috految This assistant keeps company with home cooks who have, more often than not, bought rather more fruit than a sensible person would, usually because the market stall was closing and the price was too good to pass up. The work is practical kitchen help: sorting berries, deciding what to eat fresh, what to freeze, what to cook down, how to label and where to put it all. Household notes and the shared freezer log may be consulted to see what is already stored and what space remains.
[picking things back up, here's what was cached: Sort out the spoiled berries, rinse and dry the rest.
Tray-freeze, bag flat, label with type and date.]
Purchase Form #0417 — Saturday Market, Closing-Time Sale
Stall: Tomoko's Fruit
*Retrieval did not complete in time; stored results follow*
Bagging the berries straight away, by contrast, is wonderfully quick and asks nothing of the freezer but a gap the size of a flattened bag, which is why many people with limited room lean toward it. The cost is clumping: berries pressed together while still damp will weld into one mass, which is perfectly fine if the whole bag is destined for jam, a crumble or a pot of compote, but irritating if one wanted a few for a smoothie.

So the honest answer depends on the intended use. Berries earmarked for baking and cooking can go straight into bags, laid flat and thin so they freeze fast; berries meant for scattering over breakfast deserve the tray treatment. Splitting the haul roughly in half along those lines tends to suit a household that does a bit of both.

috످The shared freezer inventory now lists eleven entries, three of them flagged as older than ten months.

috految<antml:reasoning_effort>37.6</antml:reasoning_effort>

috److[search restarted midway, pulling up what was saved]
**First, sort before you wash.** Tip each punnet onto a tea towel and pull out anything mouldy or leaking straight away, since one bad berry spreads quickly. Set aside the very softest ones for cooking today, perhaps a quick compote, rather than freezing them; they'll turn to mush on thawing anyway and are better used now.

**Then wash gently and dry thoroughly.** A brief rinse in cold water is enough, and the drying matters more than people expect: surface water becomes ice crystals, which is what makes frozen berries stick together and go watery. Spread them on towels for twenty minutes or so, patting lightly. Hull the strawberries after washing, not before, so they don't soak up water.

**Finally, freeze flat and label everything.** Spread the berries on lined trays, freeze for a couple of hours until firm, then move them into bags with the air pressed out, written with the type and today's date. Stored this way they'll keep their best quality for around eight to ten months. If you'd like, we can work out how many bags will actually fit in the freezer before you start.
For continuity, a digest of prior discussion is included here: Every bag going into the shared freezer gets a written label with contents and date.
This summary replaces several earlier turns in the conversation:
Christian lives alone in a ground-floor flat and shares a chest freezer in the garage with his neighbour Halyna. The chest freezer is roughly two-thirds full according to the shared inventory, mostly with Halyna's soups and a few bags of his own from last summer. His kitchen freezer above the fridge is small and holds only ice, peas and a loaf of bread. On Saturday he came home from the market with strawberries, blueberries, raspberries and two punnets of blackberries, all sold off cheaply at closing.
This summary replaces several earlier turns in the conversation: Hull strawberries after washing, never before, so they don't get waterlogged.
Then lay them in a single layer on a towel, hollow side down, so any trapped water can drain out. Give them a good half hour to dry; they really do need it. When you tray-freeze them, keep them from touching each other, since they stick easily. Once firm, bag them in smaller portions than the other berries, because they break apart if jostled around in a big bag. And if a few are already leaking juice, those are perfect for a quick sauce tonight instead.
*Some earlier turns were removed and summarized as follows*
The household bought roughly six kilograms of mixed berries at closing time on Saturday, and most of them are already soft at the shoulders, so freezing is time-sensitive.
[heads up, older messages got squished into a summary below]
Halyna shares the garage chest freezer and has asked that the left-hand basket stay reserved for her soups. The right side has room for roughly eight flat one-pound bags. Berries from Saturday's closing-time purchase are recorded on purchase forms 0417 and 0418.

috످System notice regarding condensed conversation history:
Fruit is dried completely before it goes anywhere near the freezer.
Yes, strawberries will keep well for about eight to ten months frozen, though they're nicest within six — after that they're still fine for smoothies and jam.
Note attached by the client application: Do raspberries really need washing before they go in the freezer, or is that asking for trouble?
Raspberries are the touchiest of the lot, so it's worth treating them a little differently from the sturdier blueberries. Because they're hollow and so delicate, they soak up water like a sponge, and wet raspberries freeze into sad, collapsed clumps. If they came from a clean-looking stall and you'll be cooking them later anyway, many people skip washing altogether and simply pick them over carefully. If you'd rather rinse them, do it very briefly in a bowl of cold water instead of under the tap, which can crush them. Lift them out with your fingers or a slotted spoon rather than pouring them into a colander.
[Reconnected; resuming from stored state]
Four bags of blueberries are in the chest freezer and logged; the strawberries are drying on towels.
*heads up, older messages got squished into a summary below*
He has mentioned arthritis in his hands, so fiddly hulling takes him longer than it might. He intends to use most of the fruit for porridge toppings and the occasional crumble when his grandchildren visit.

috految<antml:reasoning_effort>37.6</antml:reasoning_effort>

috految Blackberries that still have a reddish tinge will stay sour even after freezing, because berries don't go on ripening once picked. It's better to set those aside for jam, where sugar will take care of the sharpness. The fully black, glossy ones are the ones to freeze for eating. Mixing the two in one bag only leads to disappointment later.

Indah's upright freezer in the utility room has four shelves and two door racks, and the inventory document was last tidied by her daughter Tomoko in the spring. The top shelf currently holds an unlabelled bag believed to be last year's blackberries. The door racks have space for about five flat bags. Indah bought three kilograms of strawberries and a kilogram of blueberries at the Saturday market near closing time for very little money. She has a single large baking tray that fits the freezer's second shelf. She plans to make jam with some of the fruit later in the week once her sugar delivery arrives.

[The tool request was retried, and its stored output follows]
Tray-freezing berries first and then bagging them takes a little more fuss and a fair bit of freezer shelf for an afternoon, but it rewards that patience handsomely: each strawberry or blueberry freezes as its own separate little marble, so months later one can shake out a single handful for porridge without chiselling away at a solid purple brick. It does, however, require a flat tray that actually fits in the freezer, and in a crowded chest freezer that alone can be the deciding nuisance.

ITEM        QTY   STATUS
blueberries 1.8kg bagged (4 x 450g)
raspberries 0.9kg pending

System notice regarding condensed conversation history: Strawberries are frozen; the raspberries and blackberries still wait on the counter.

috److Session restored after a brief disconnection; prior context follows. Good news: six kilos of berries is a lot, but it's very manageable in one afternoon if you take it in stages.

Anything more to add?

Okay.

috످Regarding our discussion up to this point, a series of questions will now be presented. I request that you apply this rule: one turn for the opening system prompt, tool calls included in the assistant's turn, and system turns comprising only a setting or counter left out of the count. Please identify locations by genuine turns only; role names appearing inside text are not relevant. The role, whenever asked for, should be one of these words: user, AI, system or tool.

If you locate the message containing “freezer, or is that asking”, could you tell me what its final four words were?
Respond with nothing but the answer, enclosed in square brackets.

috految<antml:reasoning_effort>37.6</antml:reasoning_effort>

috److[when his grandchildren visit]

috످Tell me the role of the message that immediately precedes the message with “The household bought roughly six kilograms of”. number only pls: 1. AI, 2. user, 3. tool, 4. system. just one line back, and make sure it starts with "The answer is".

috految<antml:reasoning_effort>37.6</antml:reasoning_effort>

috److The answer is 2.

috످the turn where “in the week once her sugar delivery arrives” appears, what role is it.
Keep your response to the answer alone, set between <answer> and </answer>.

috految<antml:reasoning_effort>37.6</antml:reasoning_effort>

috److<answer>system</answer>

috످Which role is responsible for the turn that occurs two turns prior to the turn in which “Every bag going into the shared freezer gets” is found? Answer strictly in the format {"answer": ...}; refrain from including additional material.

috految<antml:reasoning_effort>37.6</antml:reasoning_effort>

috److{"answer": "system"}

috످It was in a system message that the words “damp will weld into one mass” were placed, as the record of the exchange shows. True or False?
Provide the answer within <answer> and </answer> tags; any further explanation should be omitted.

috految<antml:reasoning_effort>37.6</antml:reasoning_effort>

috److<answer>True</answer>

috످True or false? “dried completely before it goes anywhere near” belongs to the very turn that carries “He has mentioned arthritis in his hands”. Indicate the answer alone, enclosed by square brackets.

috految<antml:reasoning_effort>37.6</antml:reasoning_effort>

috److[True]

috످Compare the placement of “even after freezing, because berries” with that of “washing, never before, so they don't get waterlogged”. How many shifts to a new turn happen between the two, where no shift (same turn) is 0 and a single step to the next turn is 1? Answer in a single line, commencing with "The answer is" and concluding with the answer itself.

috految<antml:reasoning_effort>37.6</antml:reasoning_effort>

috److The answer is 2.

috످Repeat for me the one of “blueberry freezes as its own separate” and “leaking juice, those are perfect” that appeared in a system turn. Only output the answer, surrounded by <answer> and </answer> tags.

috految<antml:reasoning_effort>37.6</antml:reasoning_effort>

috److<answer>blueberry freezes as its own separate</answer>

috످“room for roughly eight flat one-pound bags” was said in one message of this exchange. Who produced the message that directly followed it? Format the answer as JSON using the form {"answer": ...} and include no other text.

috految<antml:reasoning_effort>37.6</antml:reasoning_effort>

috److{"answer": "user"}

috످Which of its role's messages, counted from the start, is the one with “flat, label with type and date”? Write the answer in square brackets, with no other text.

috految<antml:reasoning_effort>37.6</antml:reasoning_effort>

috److془The passage is a short cached reminder of the steps for freezing berries, and it's in the opening system prompt. First system message.془[1]

috످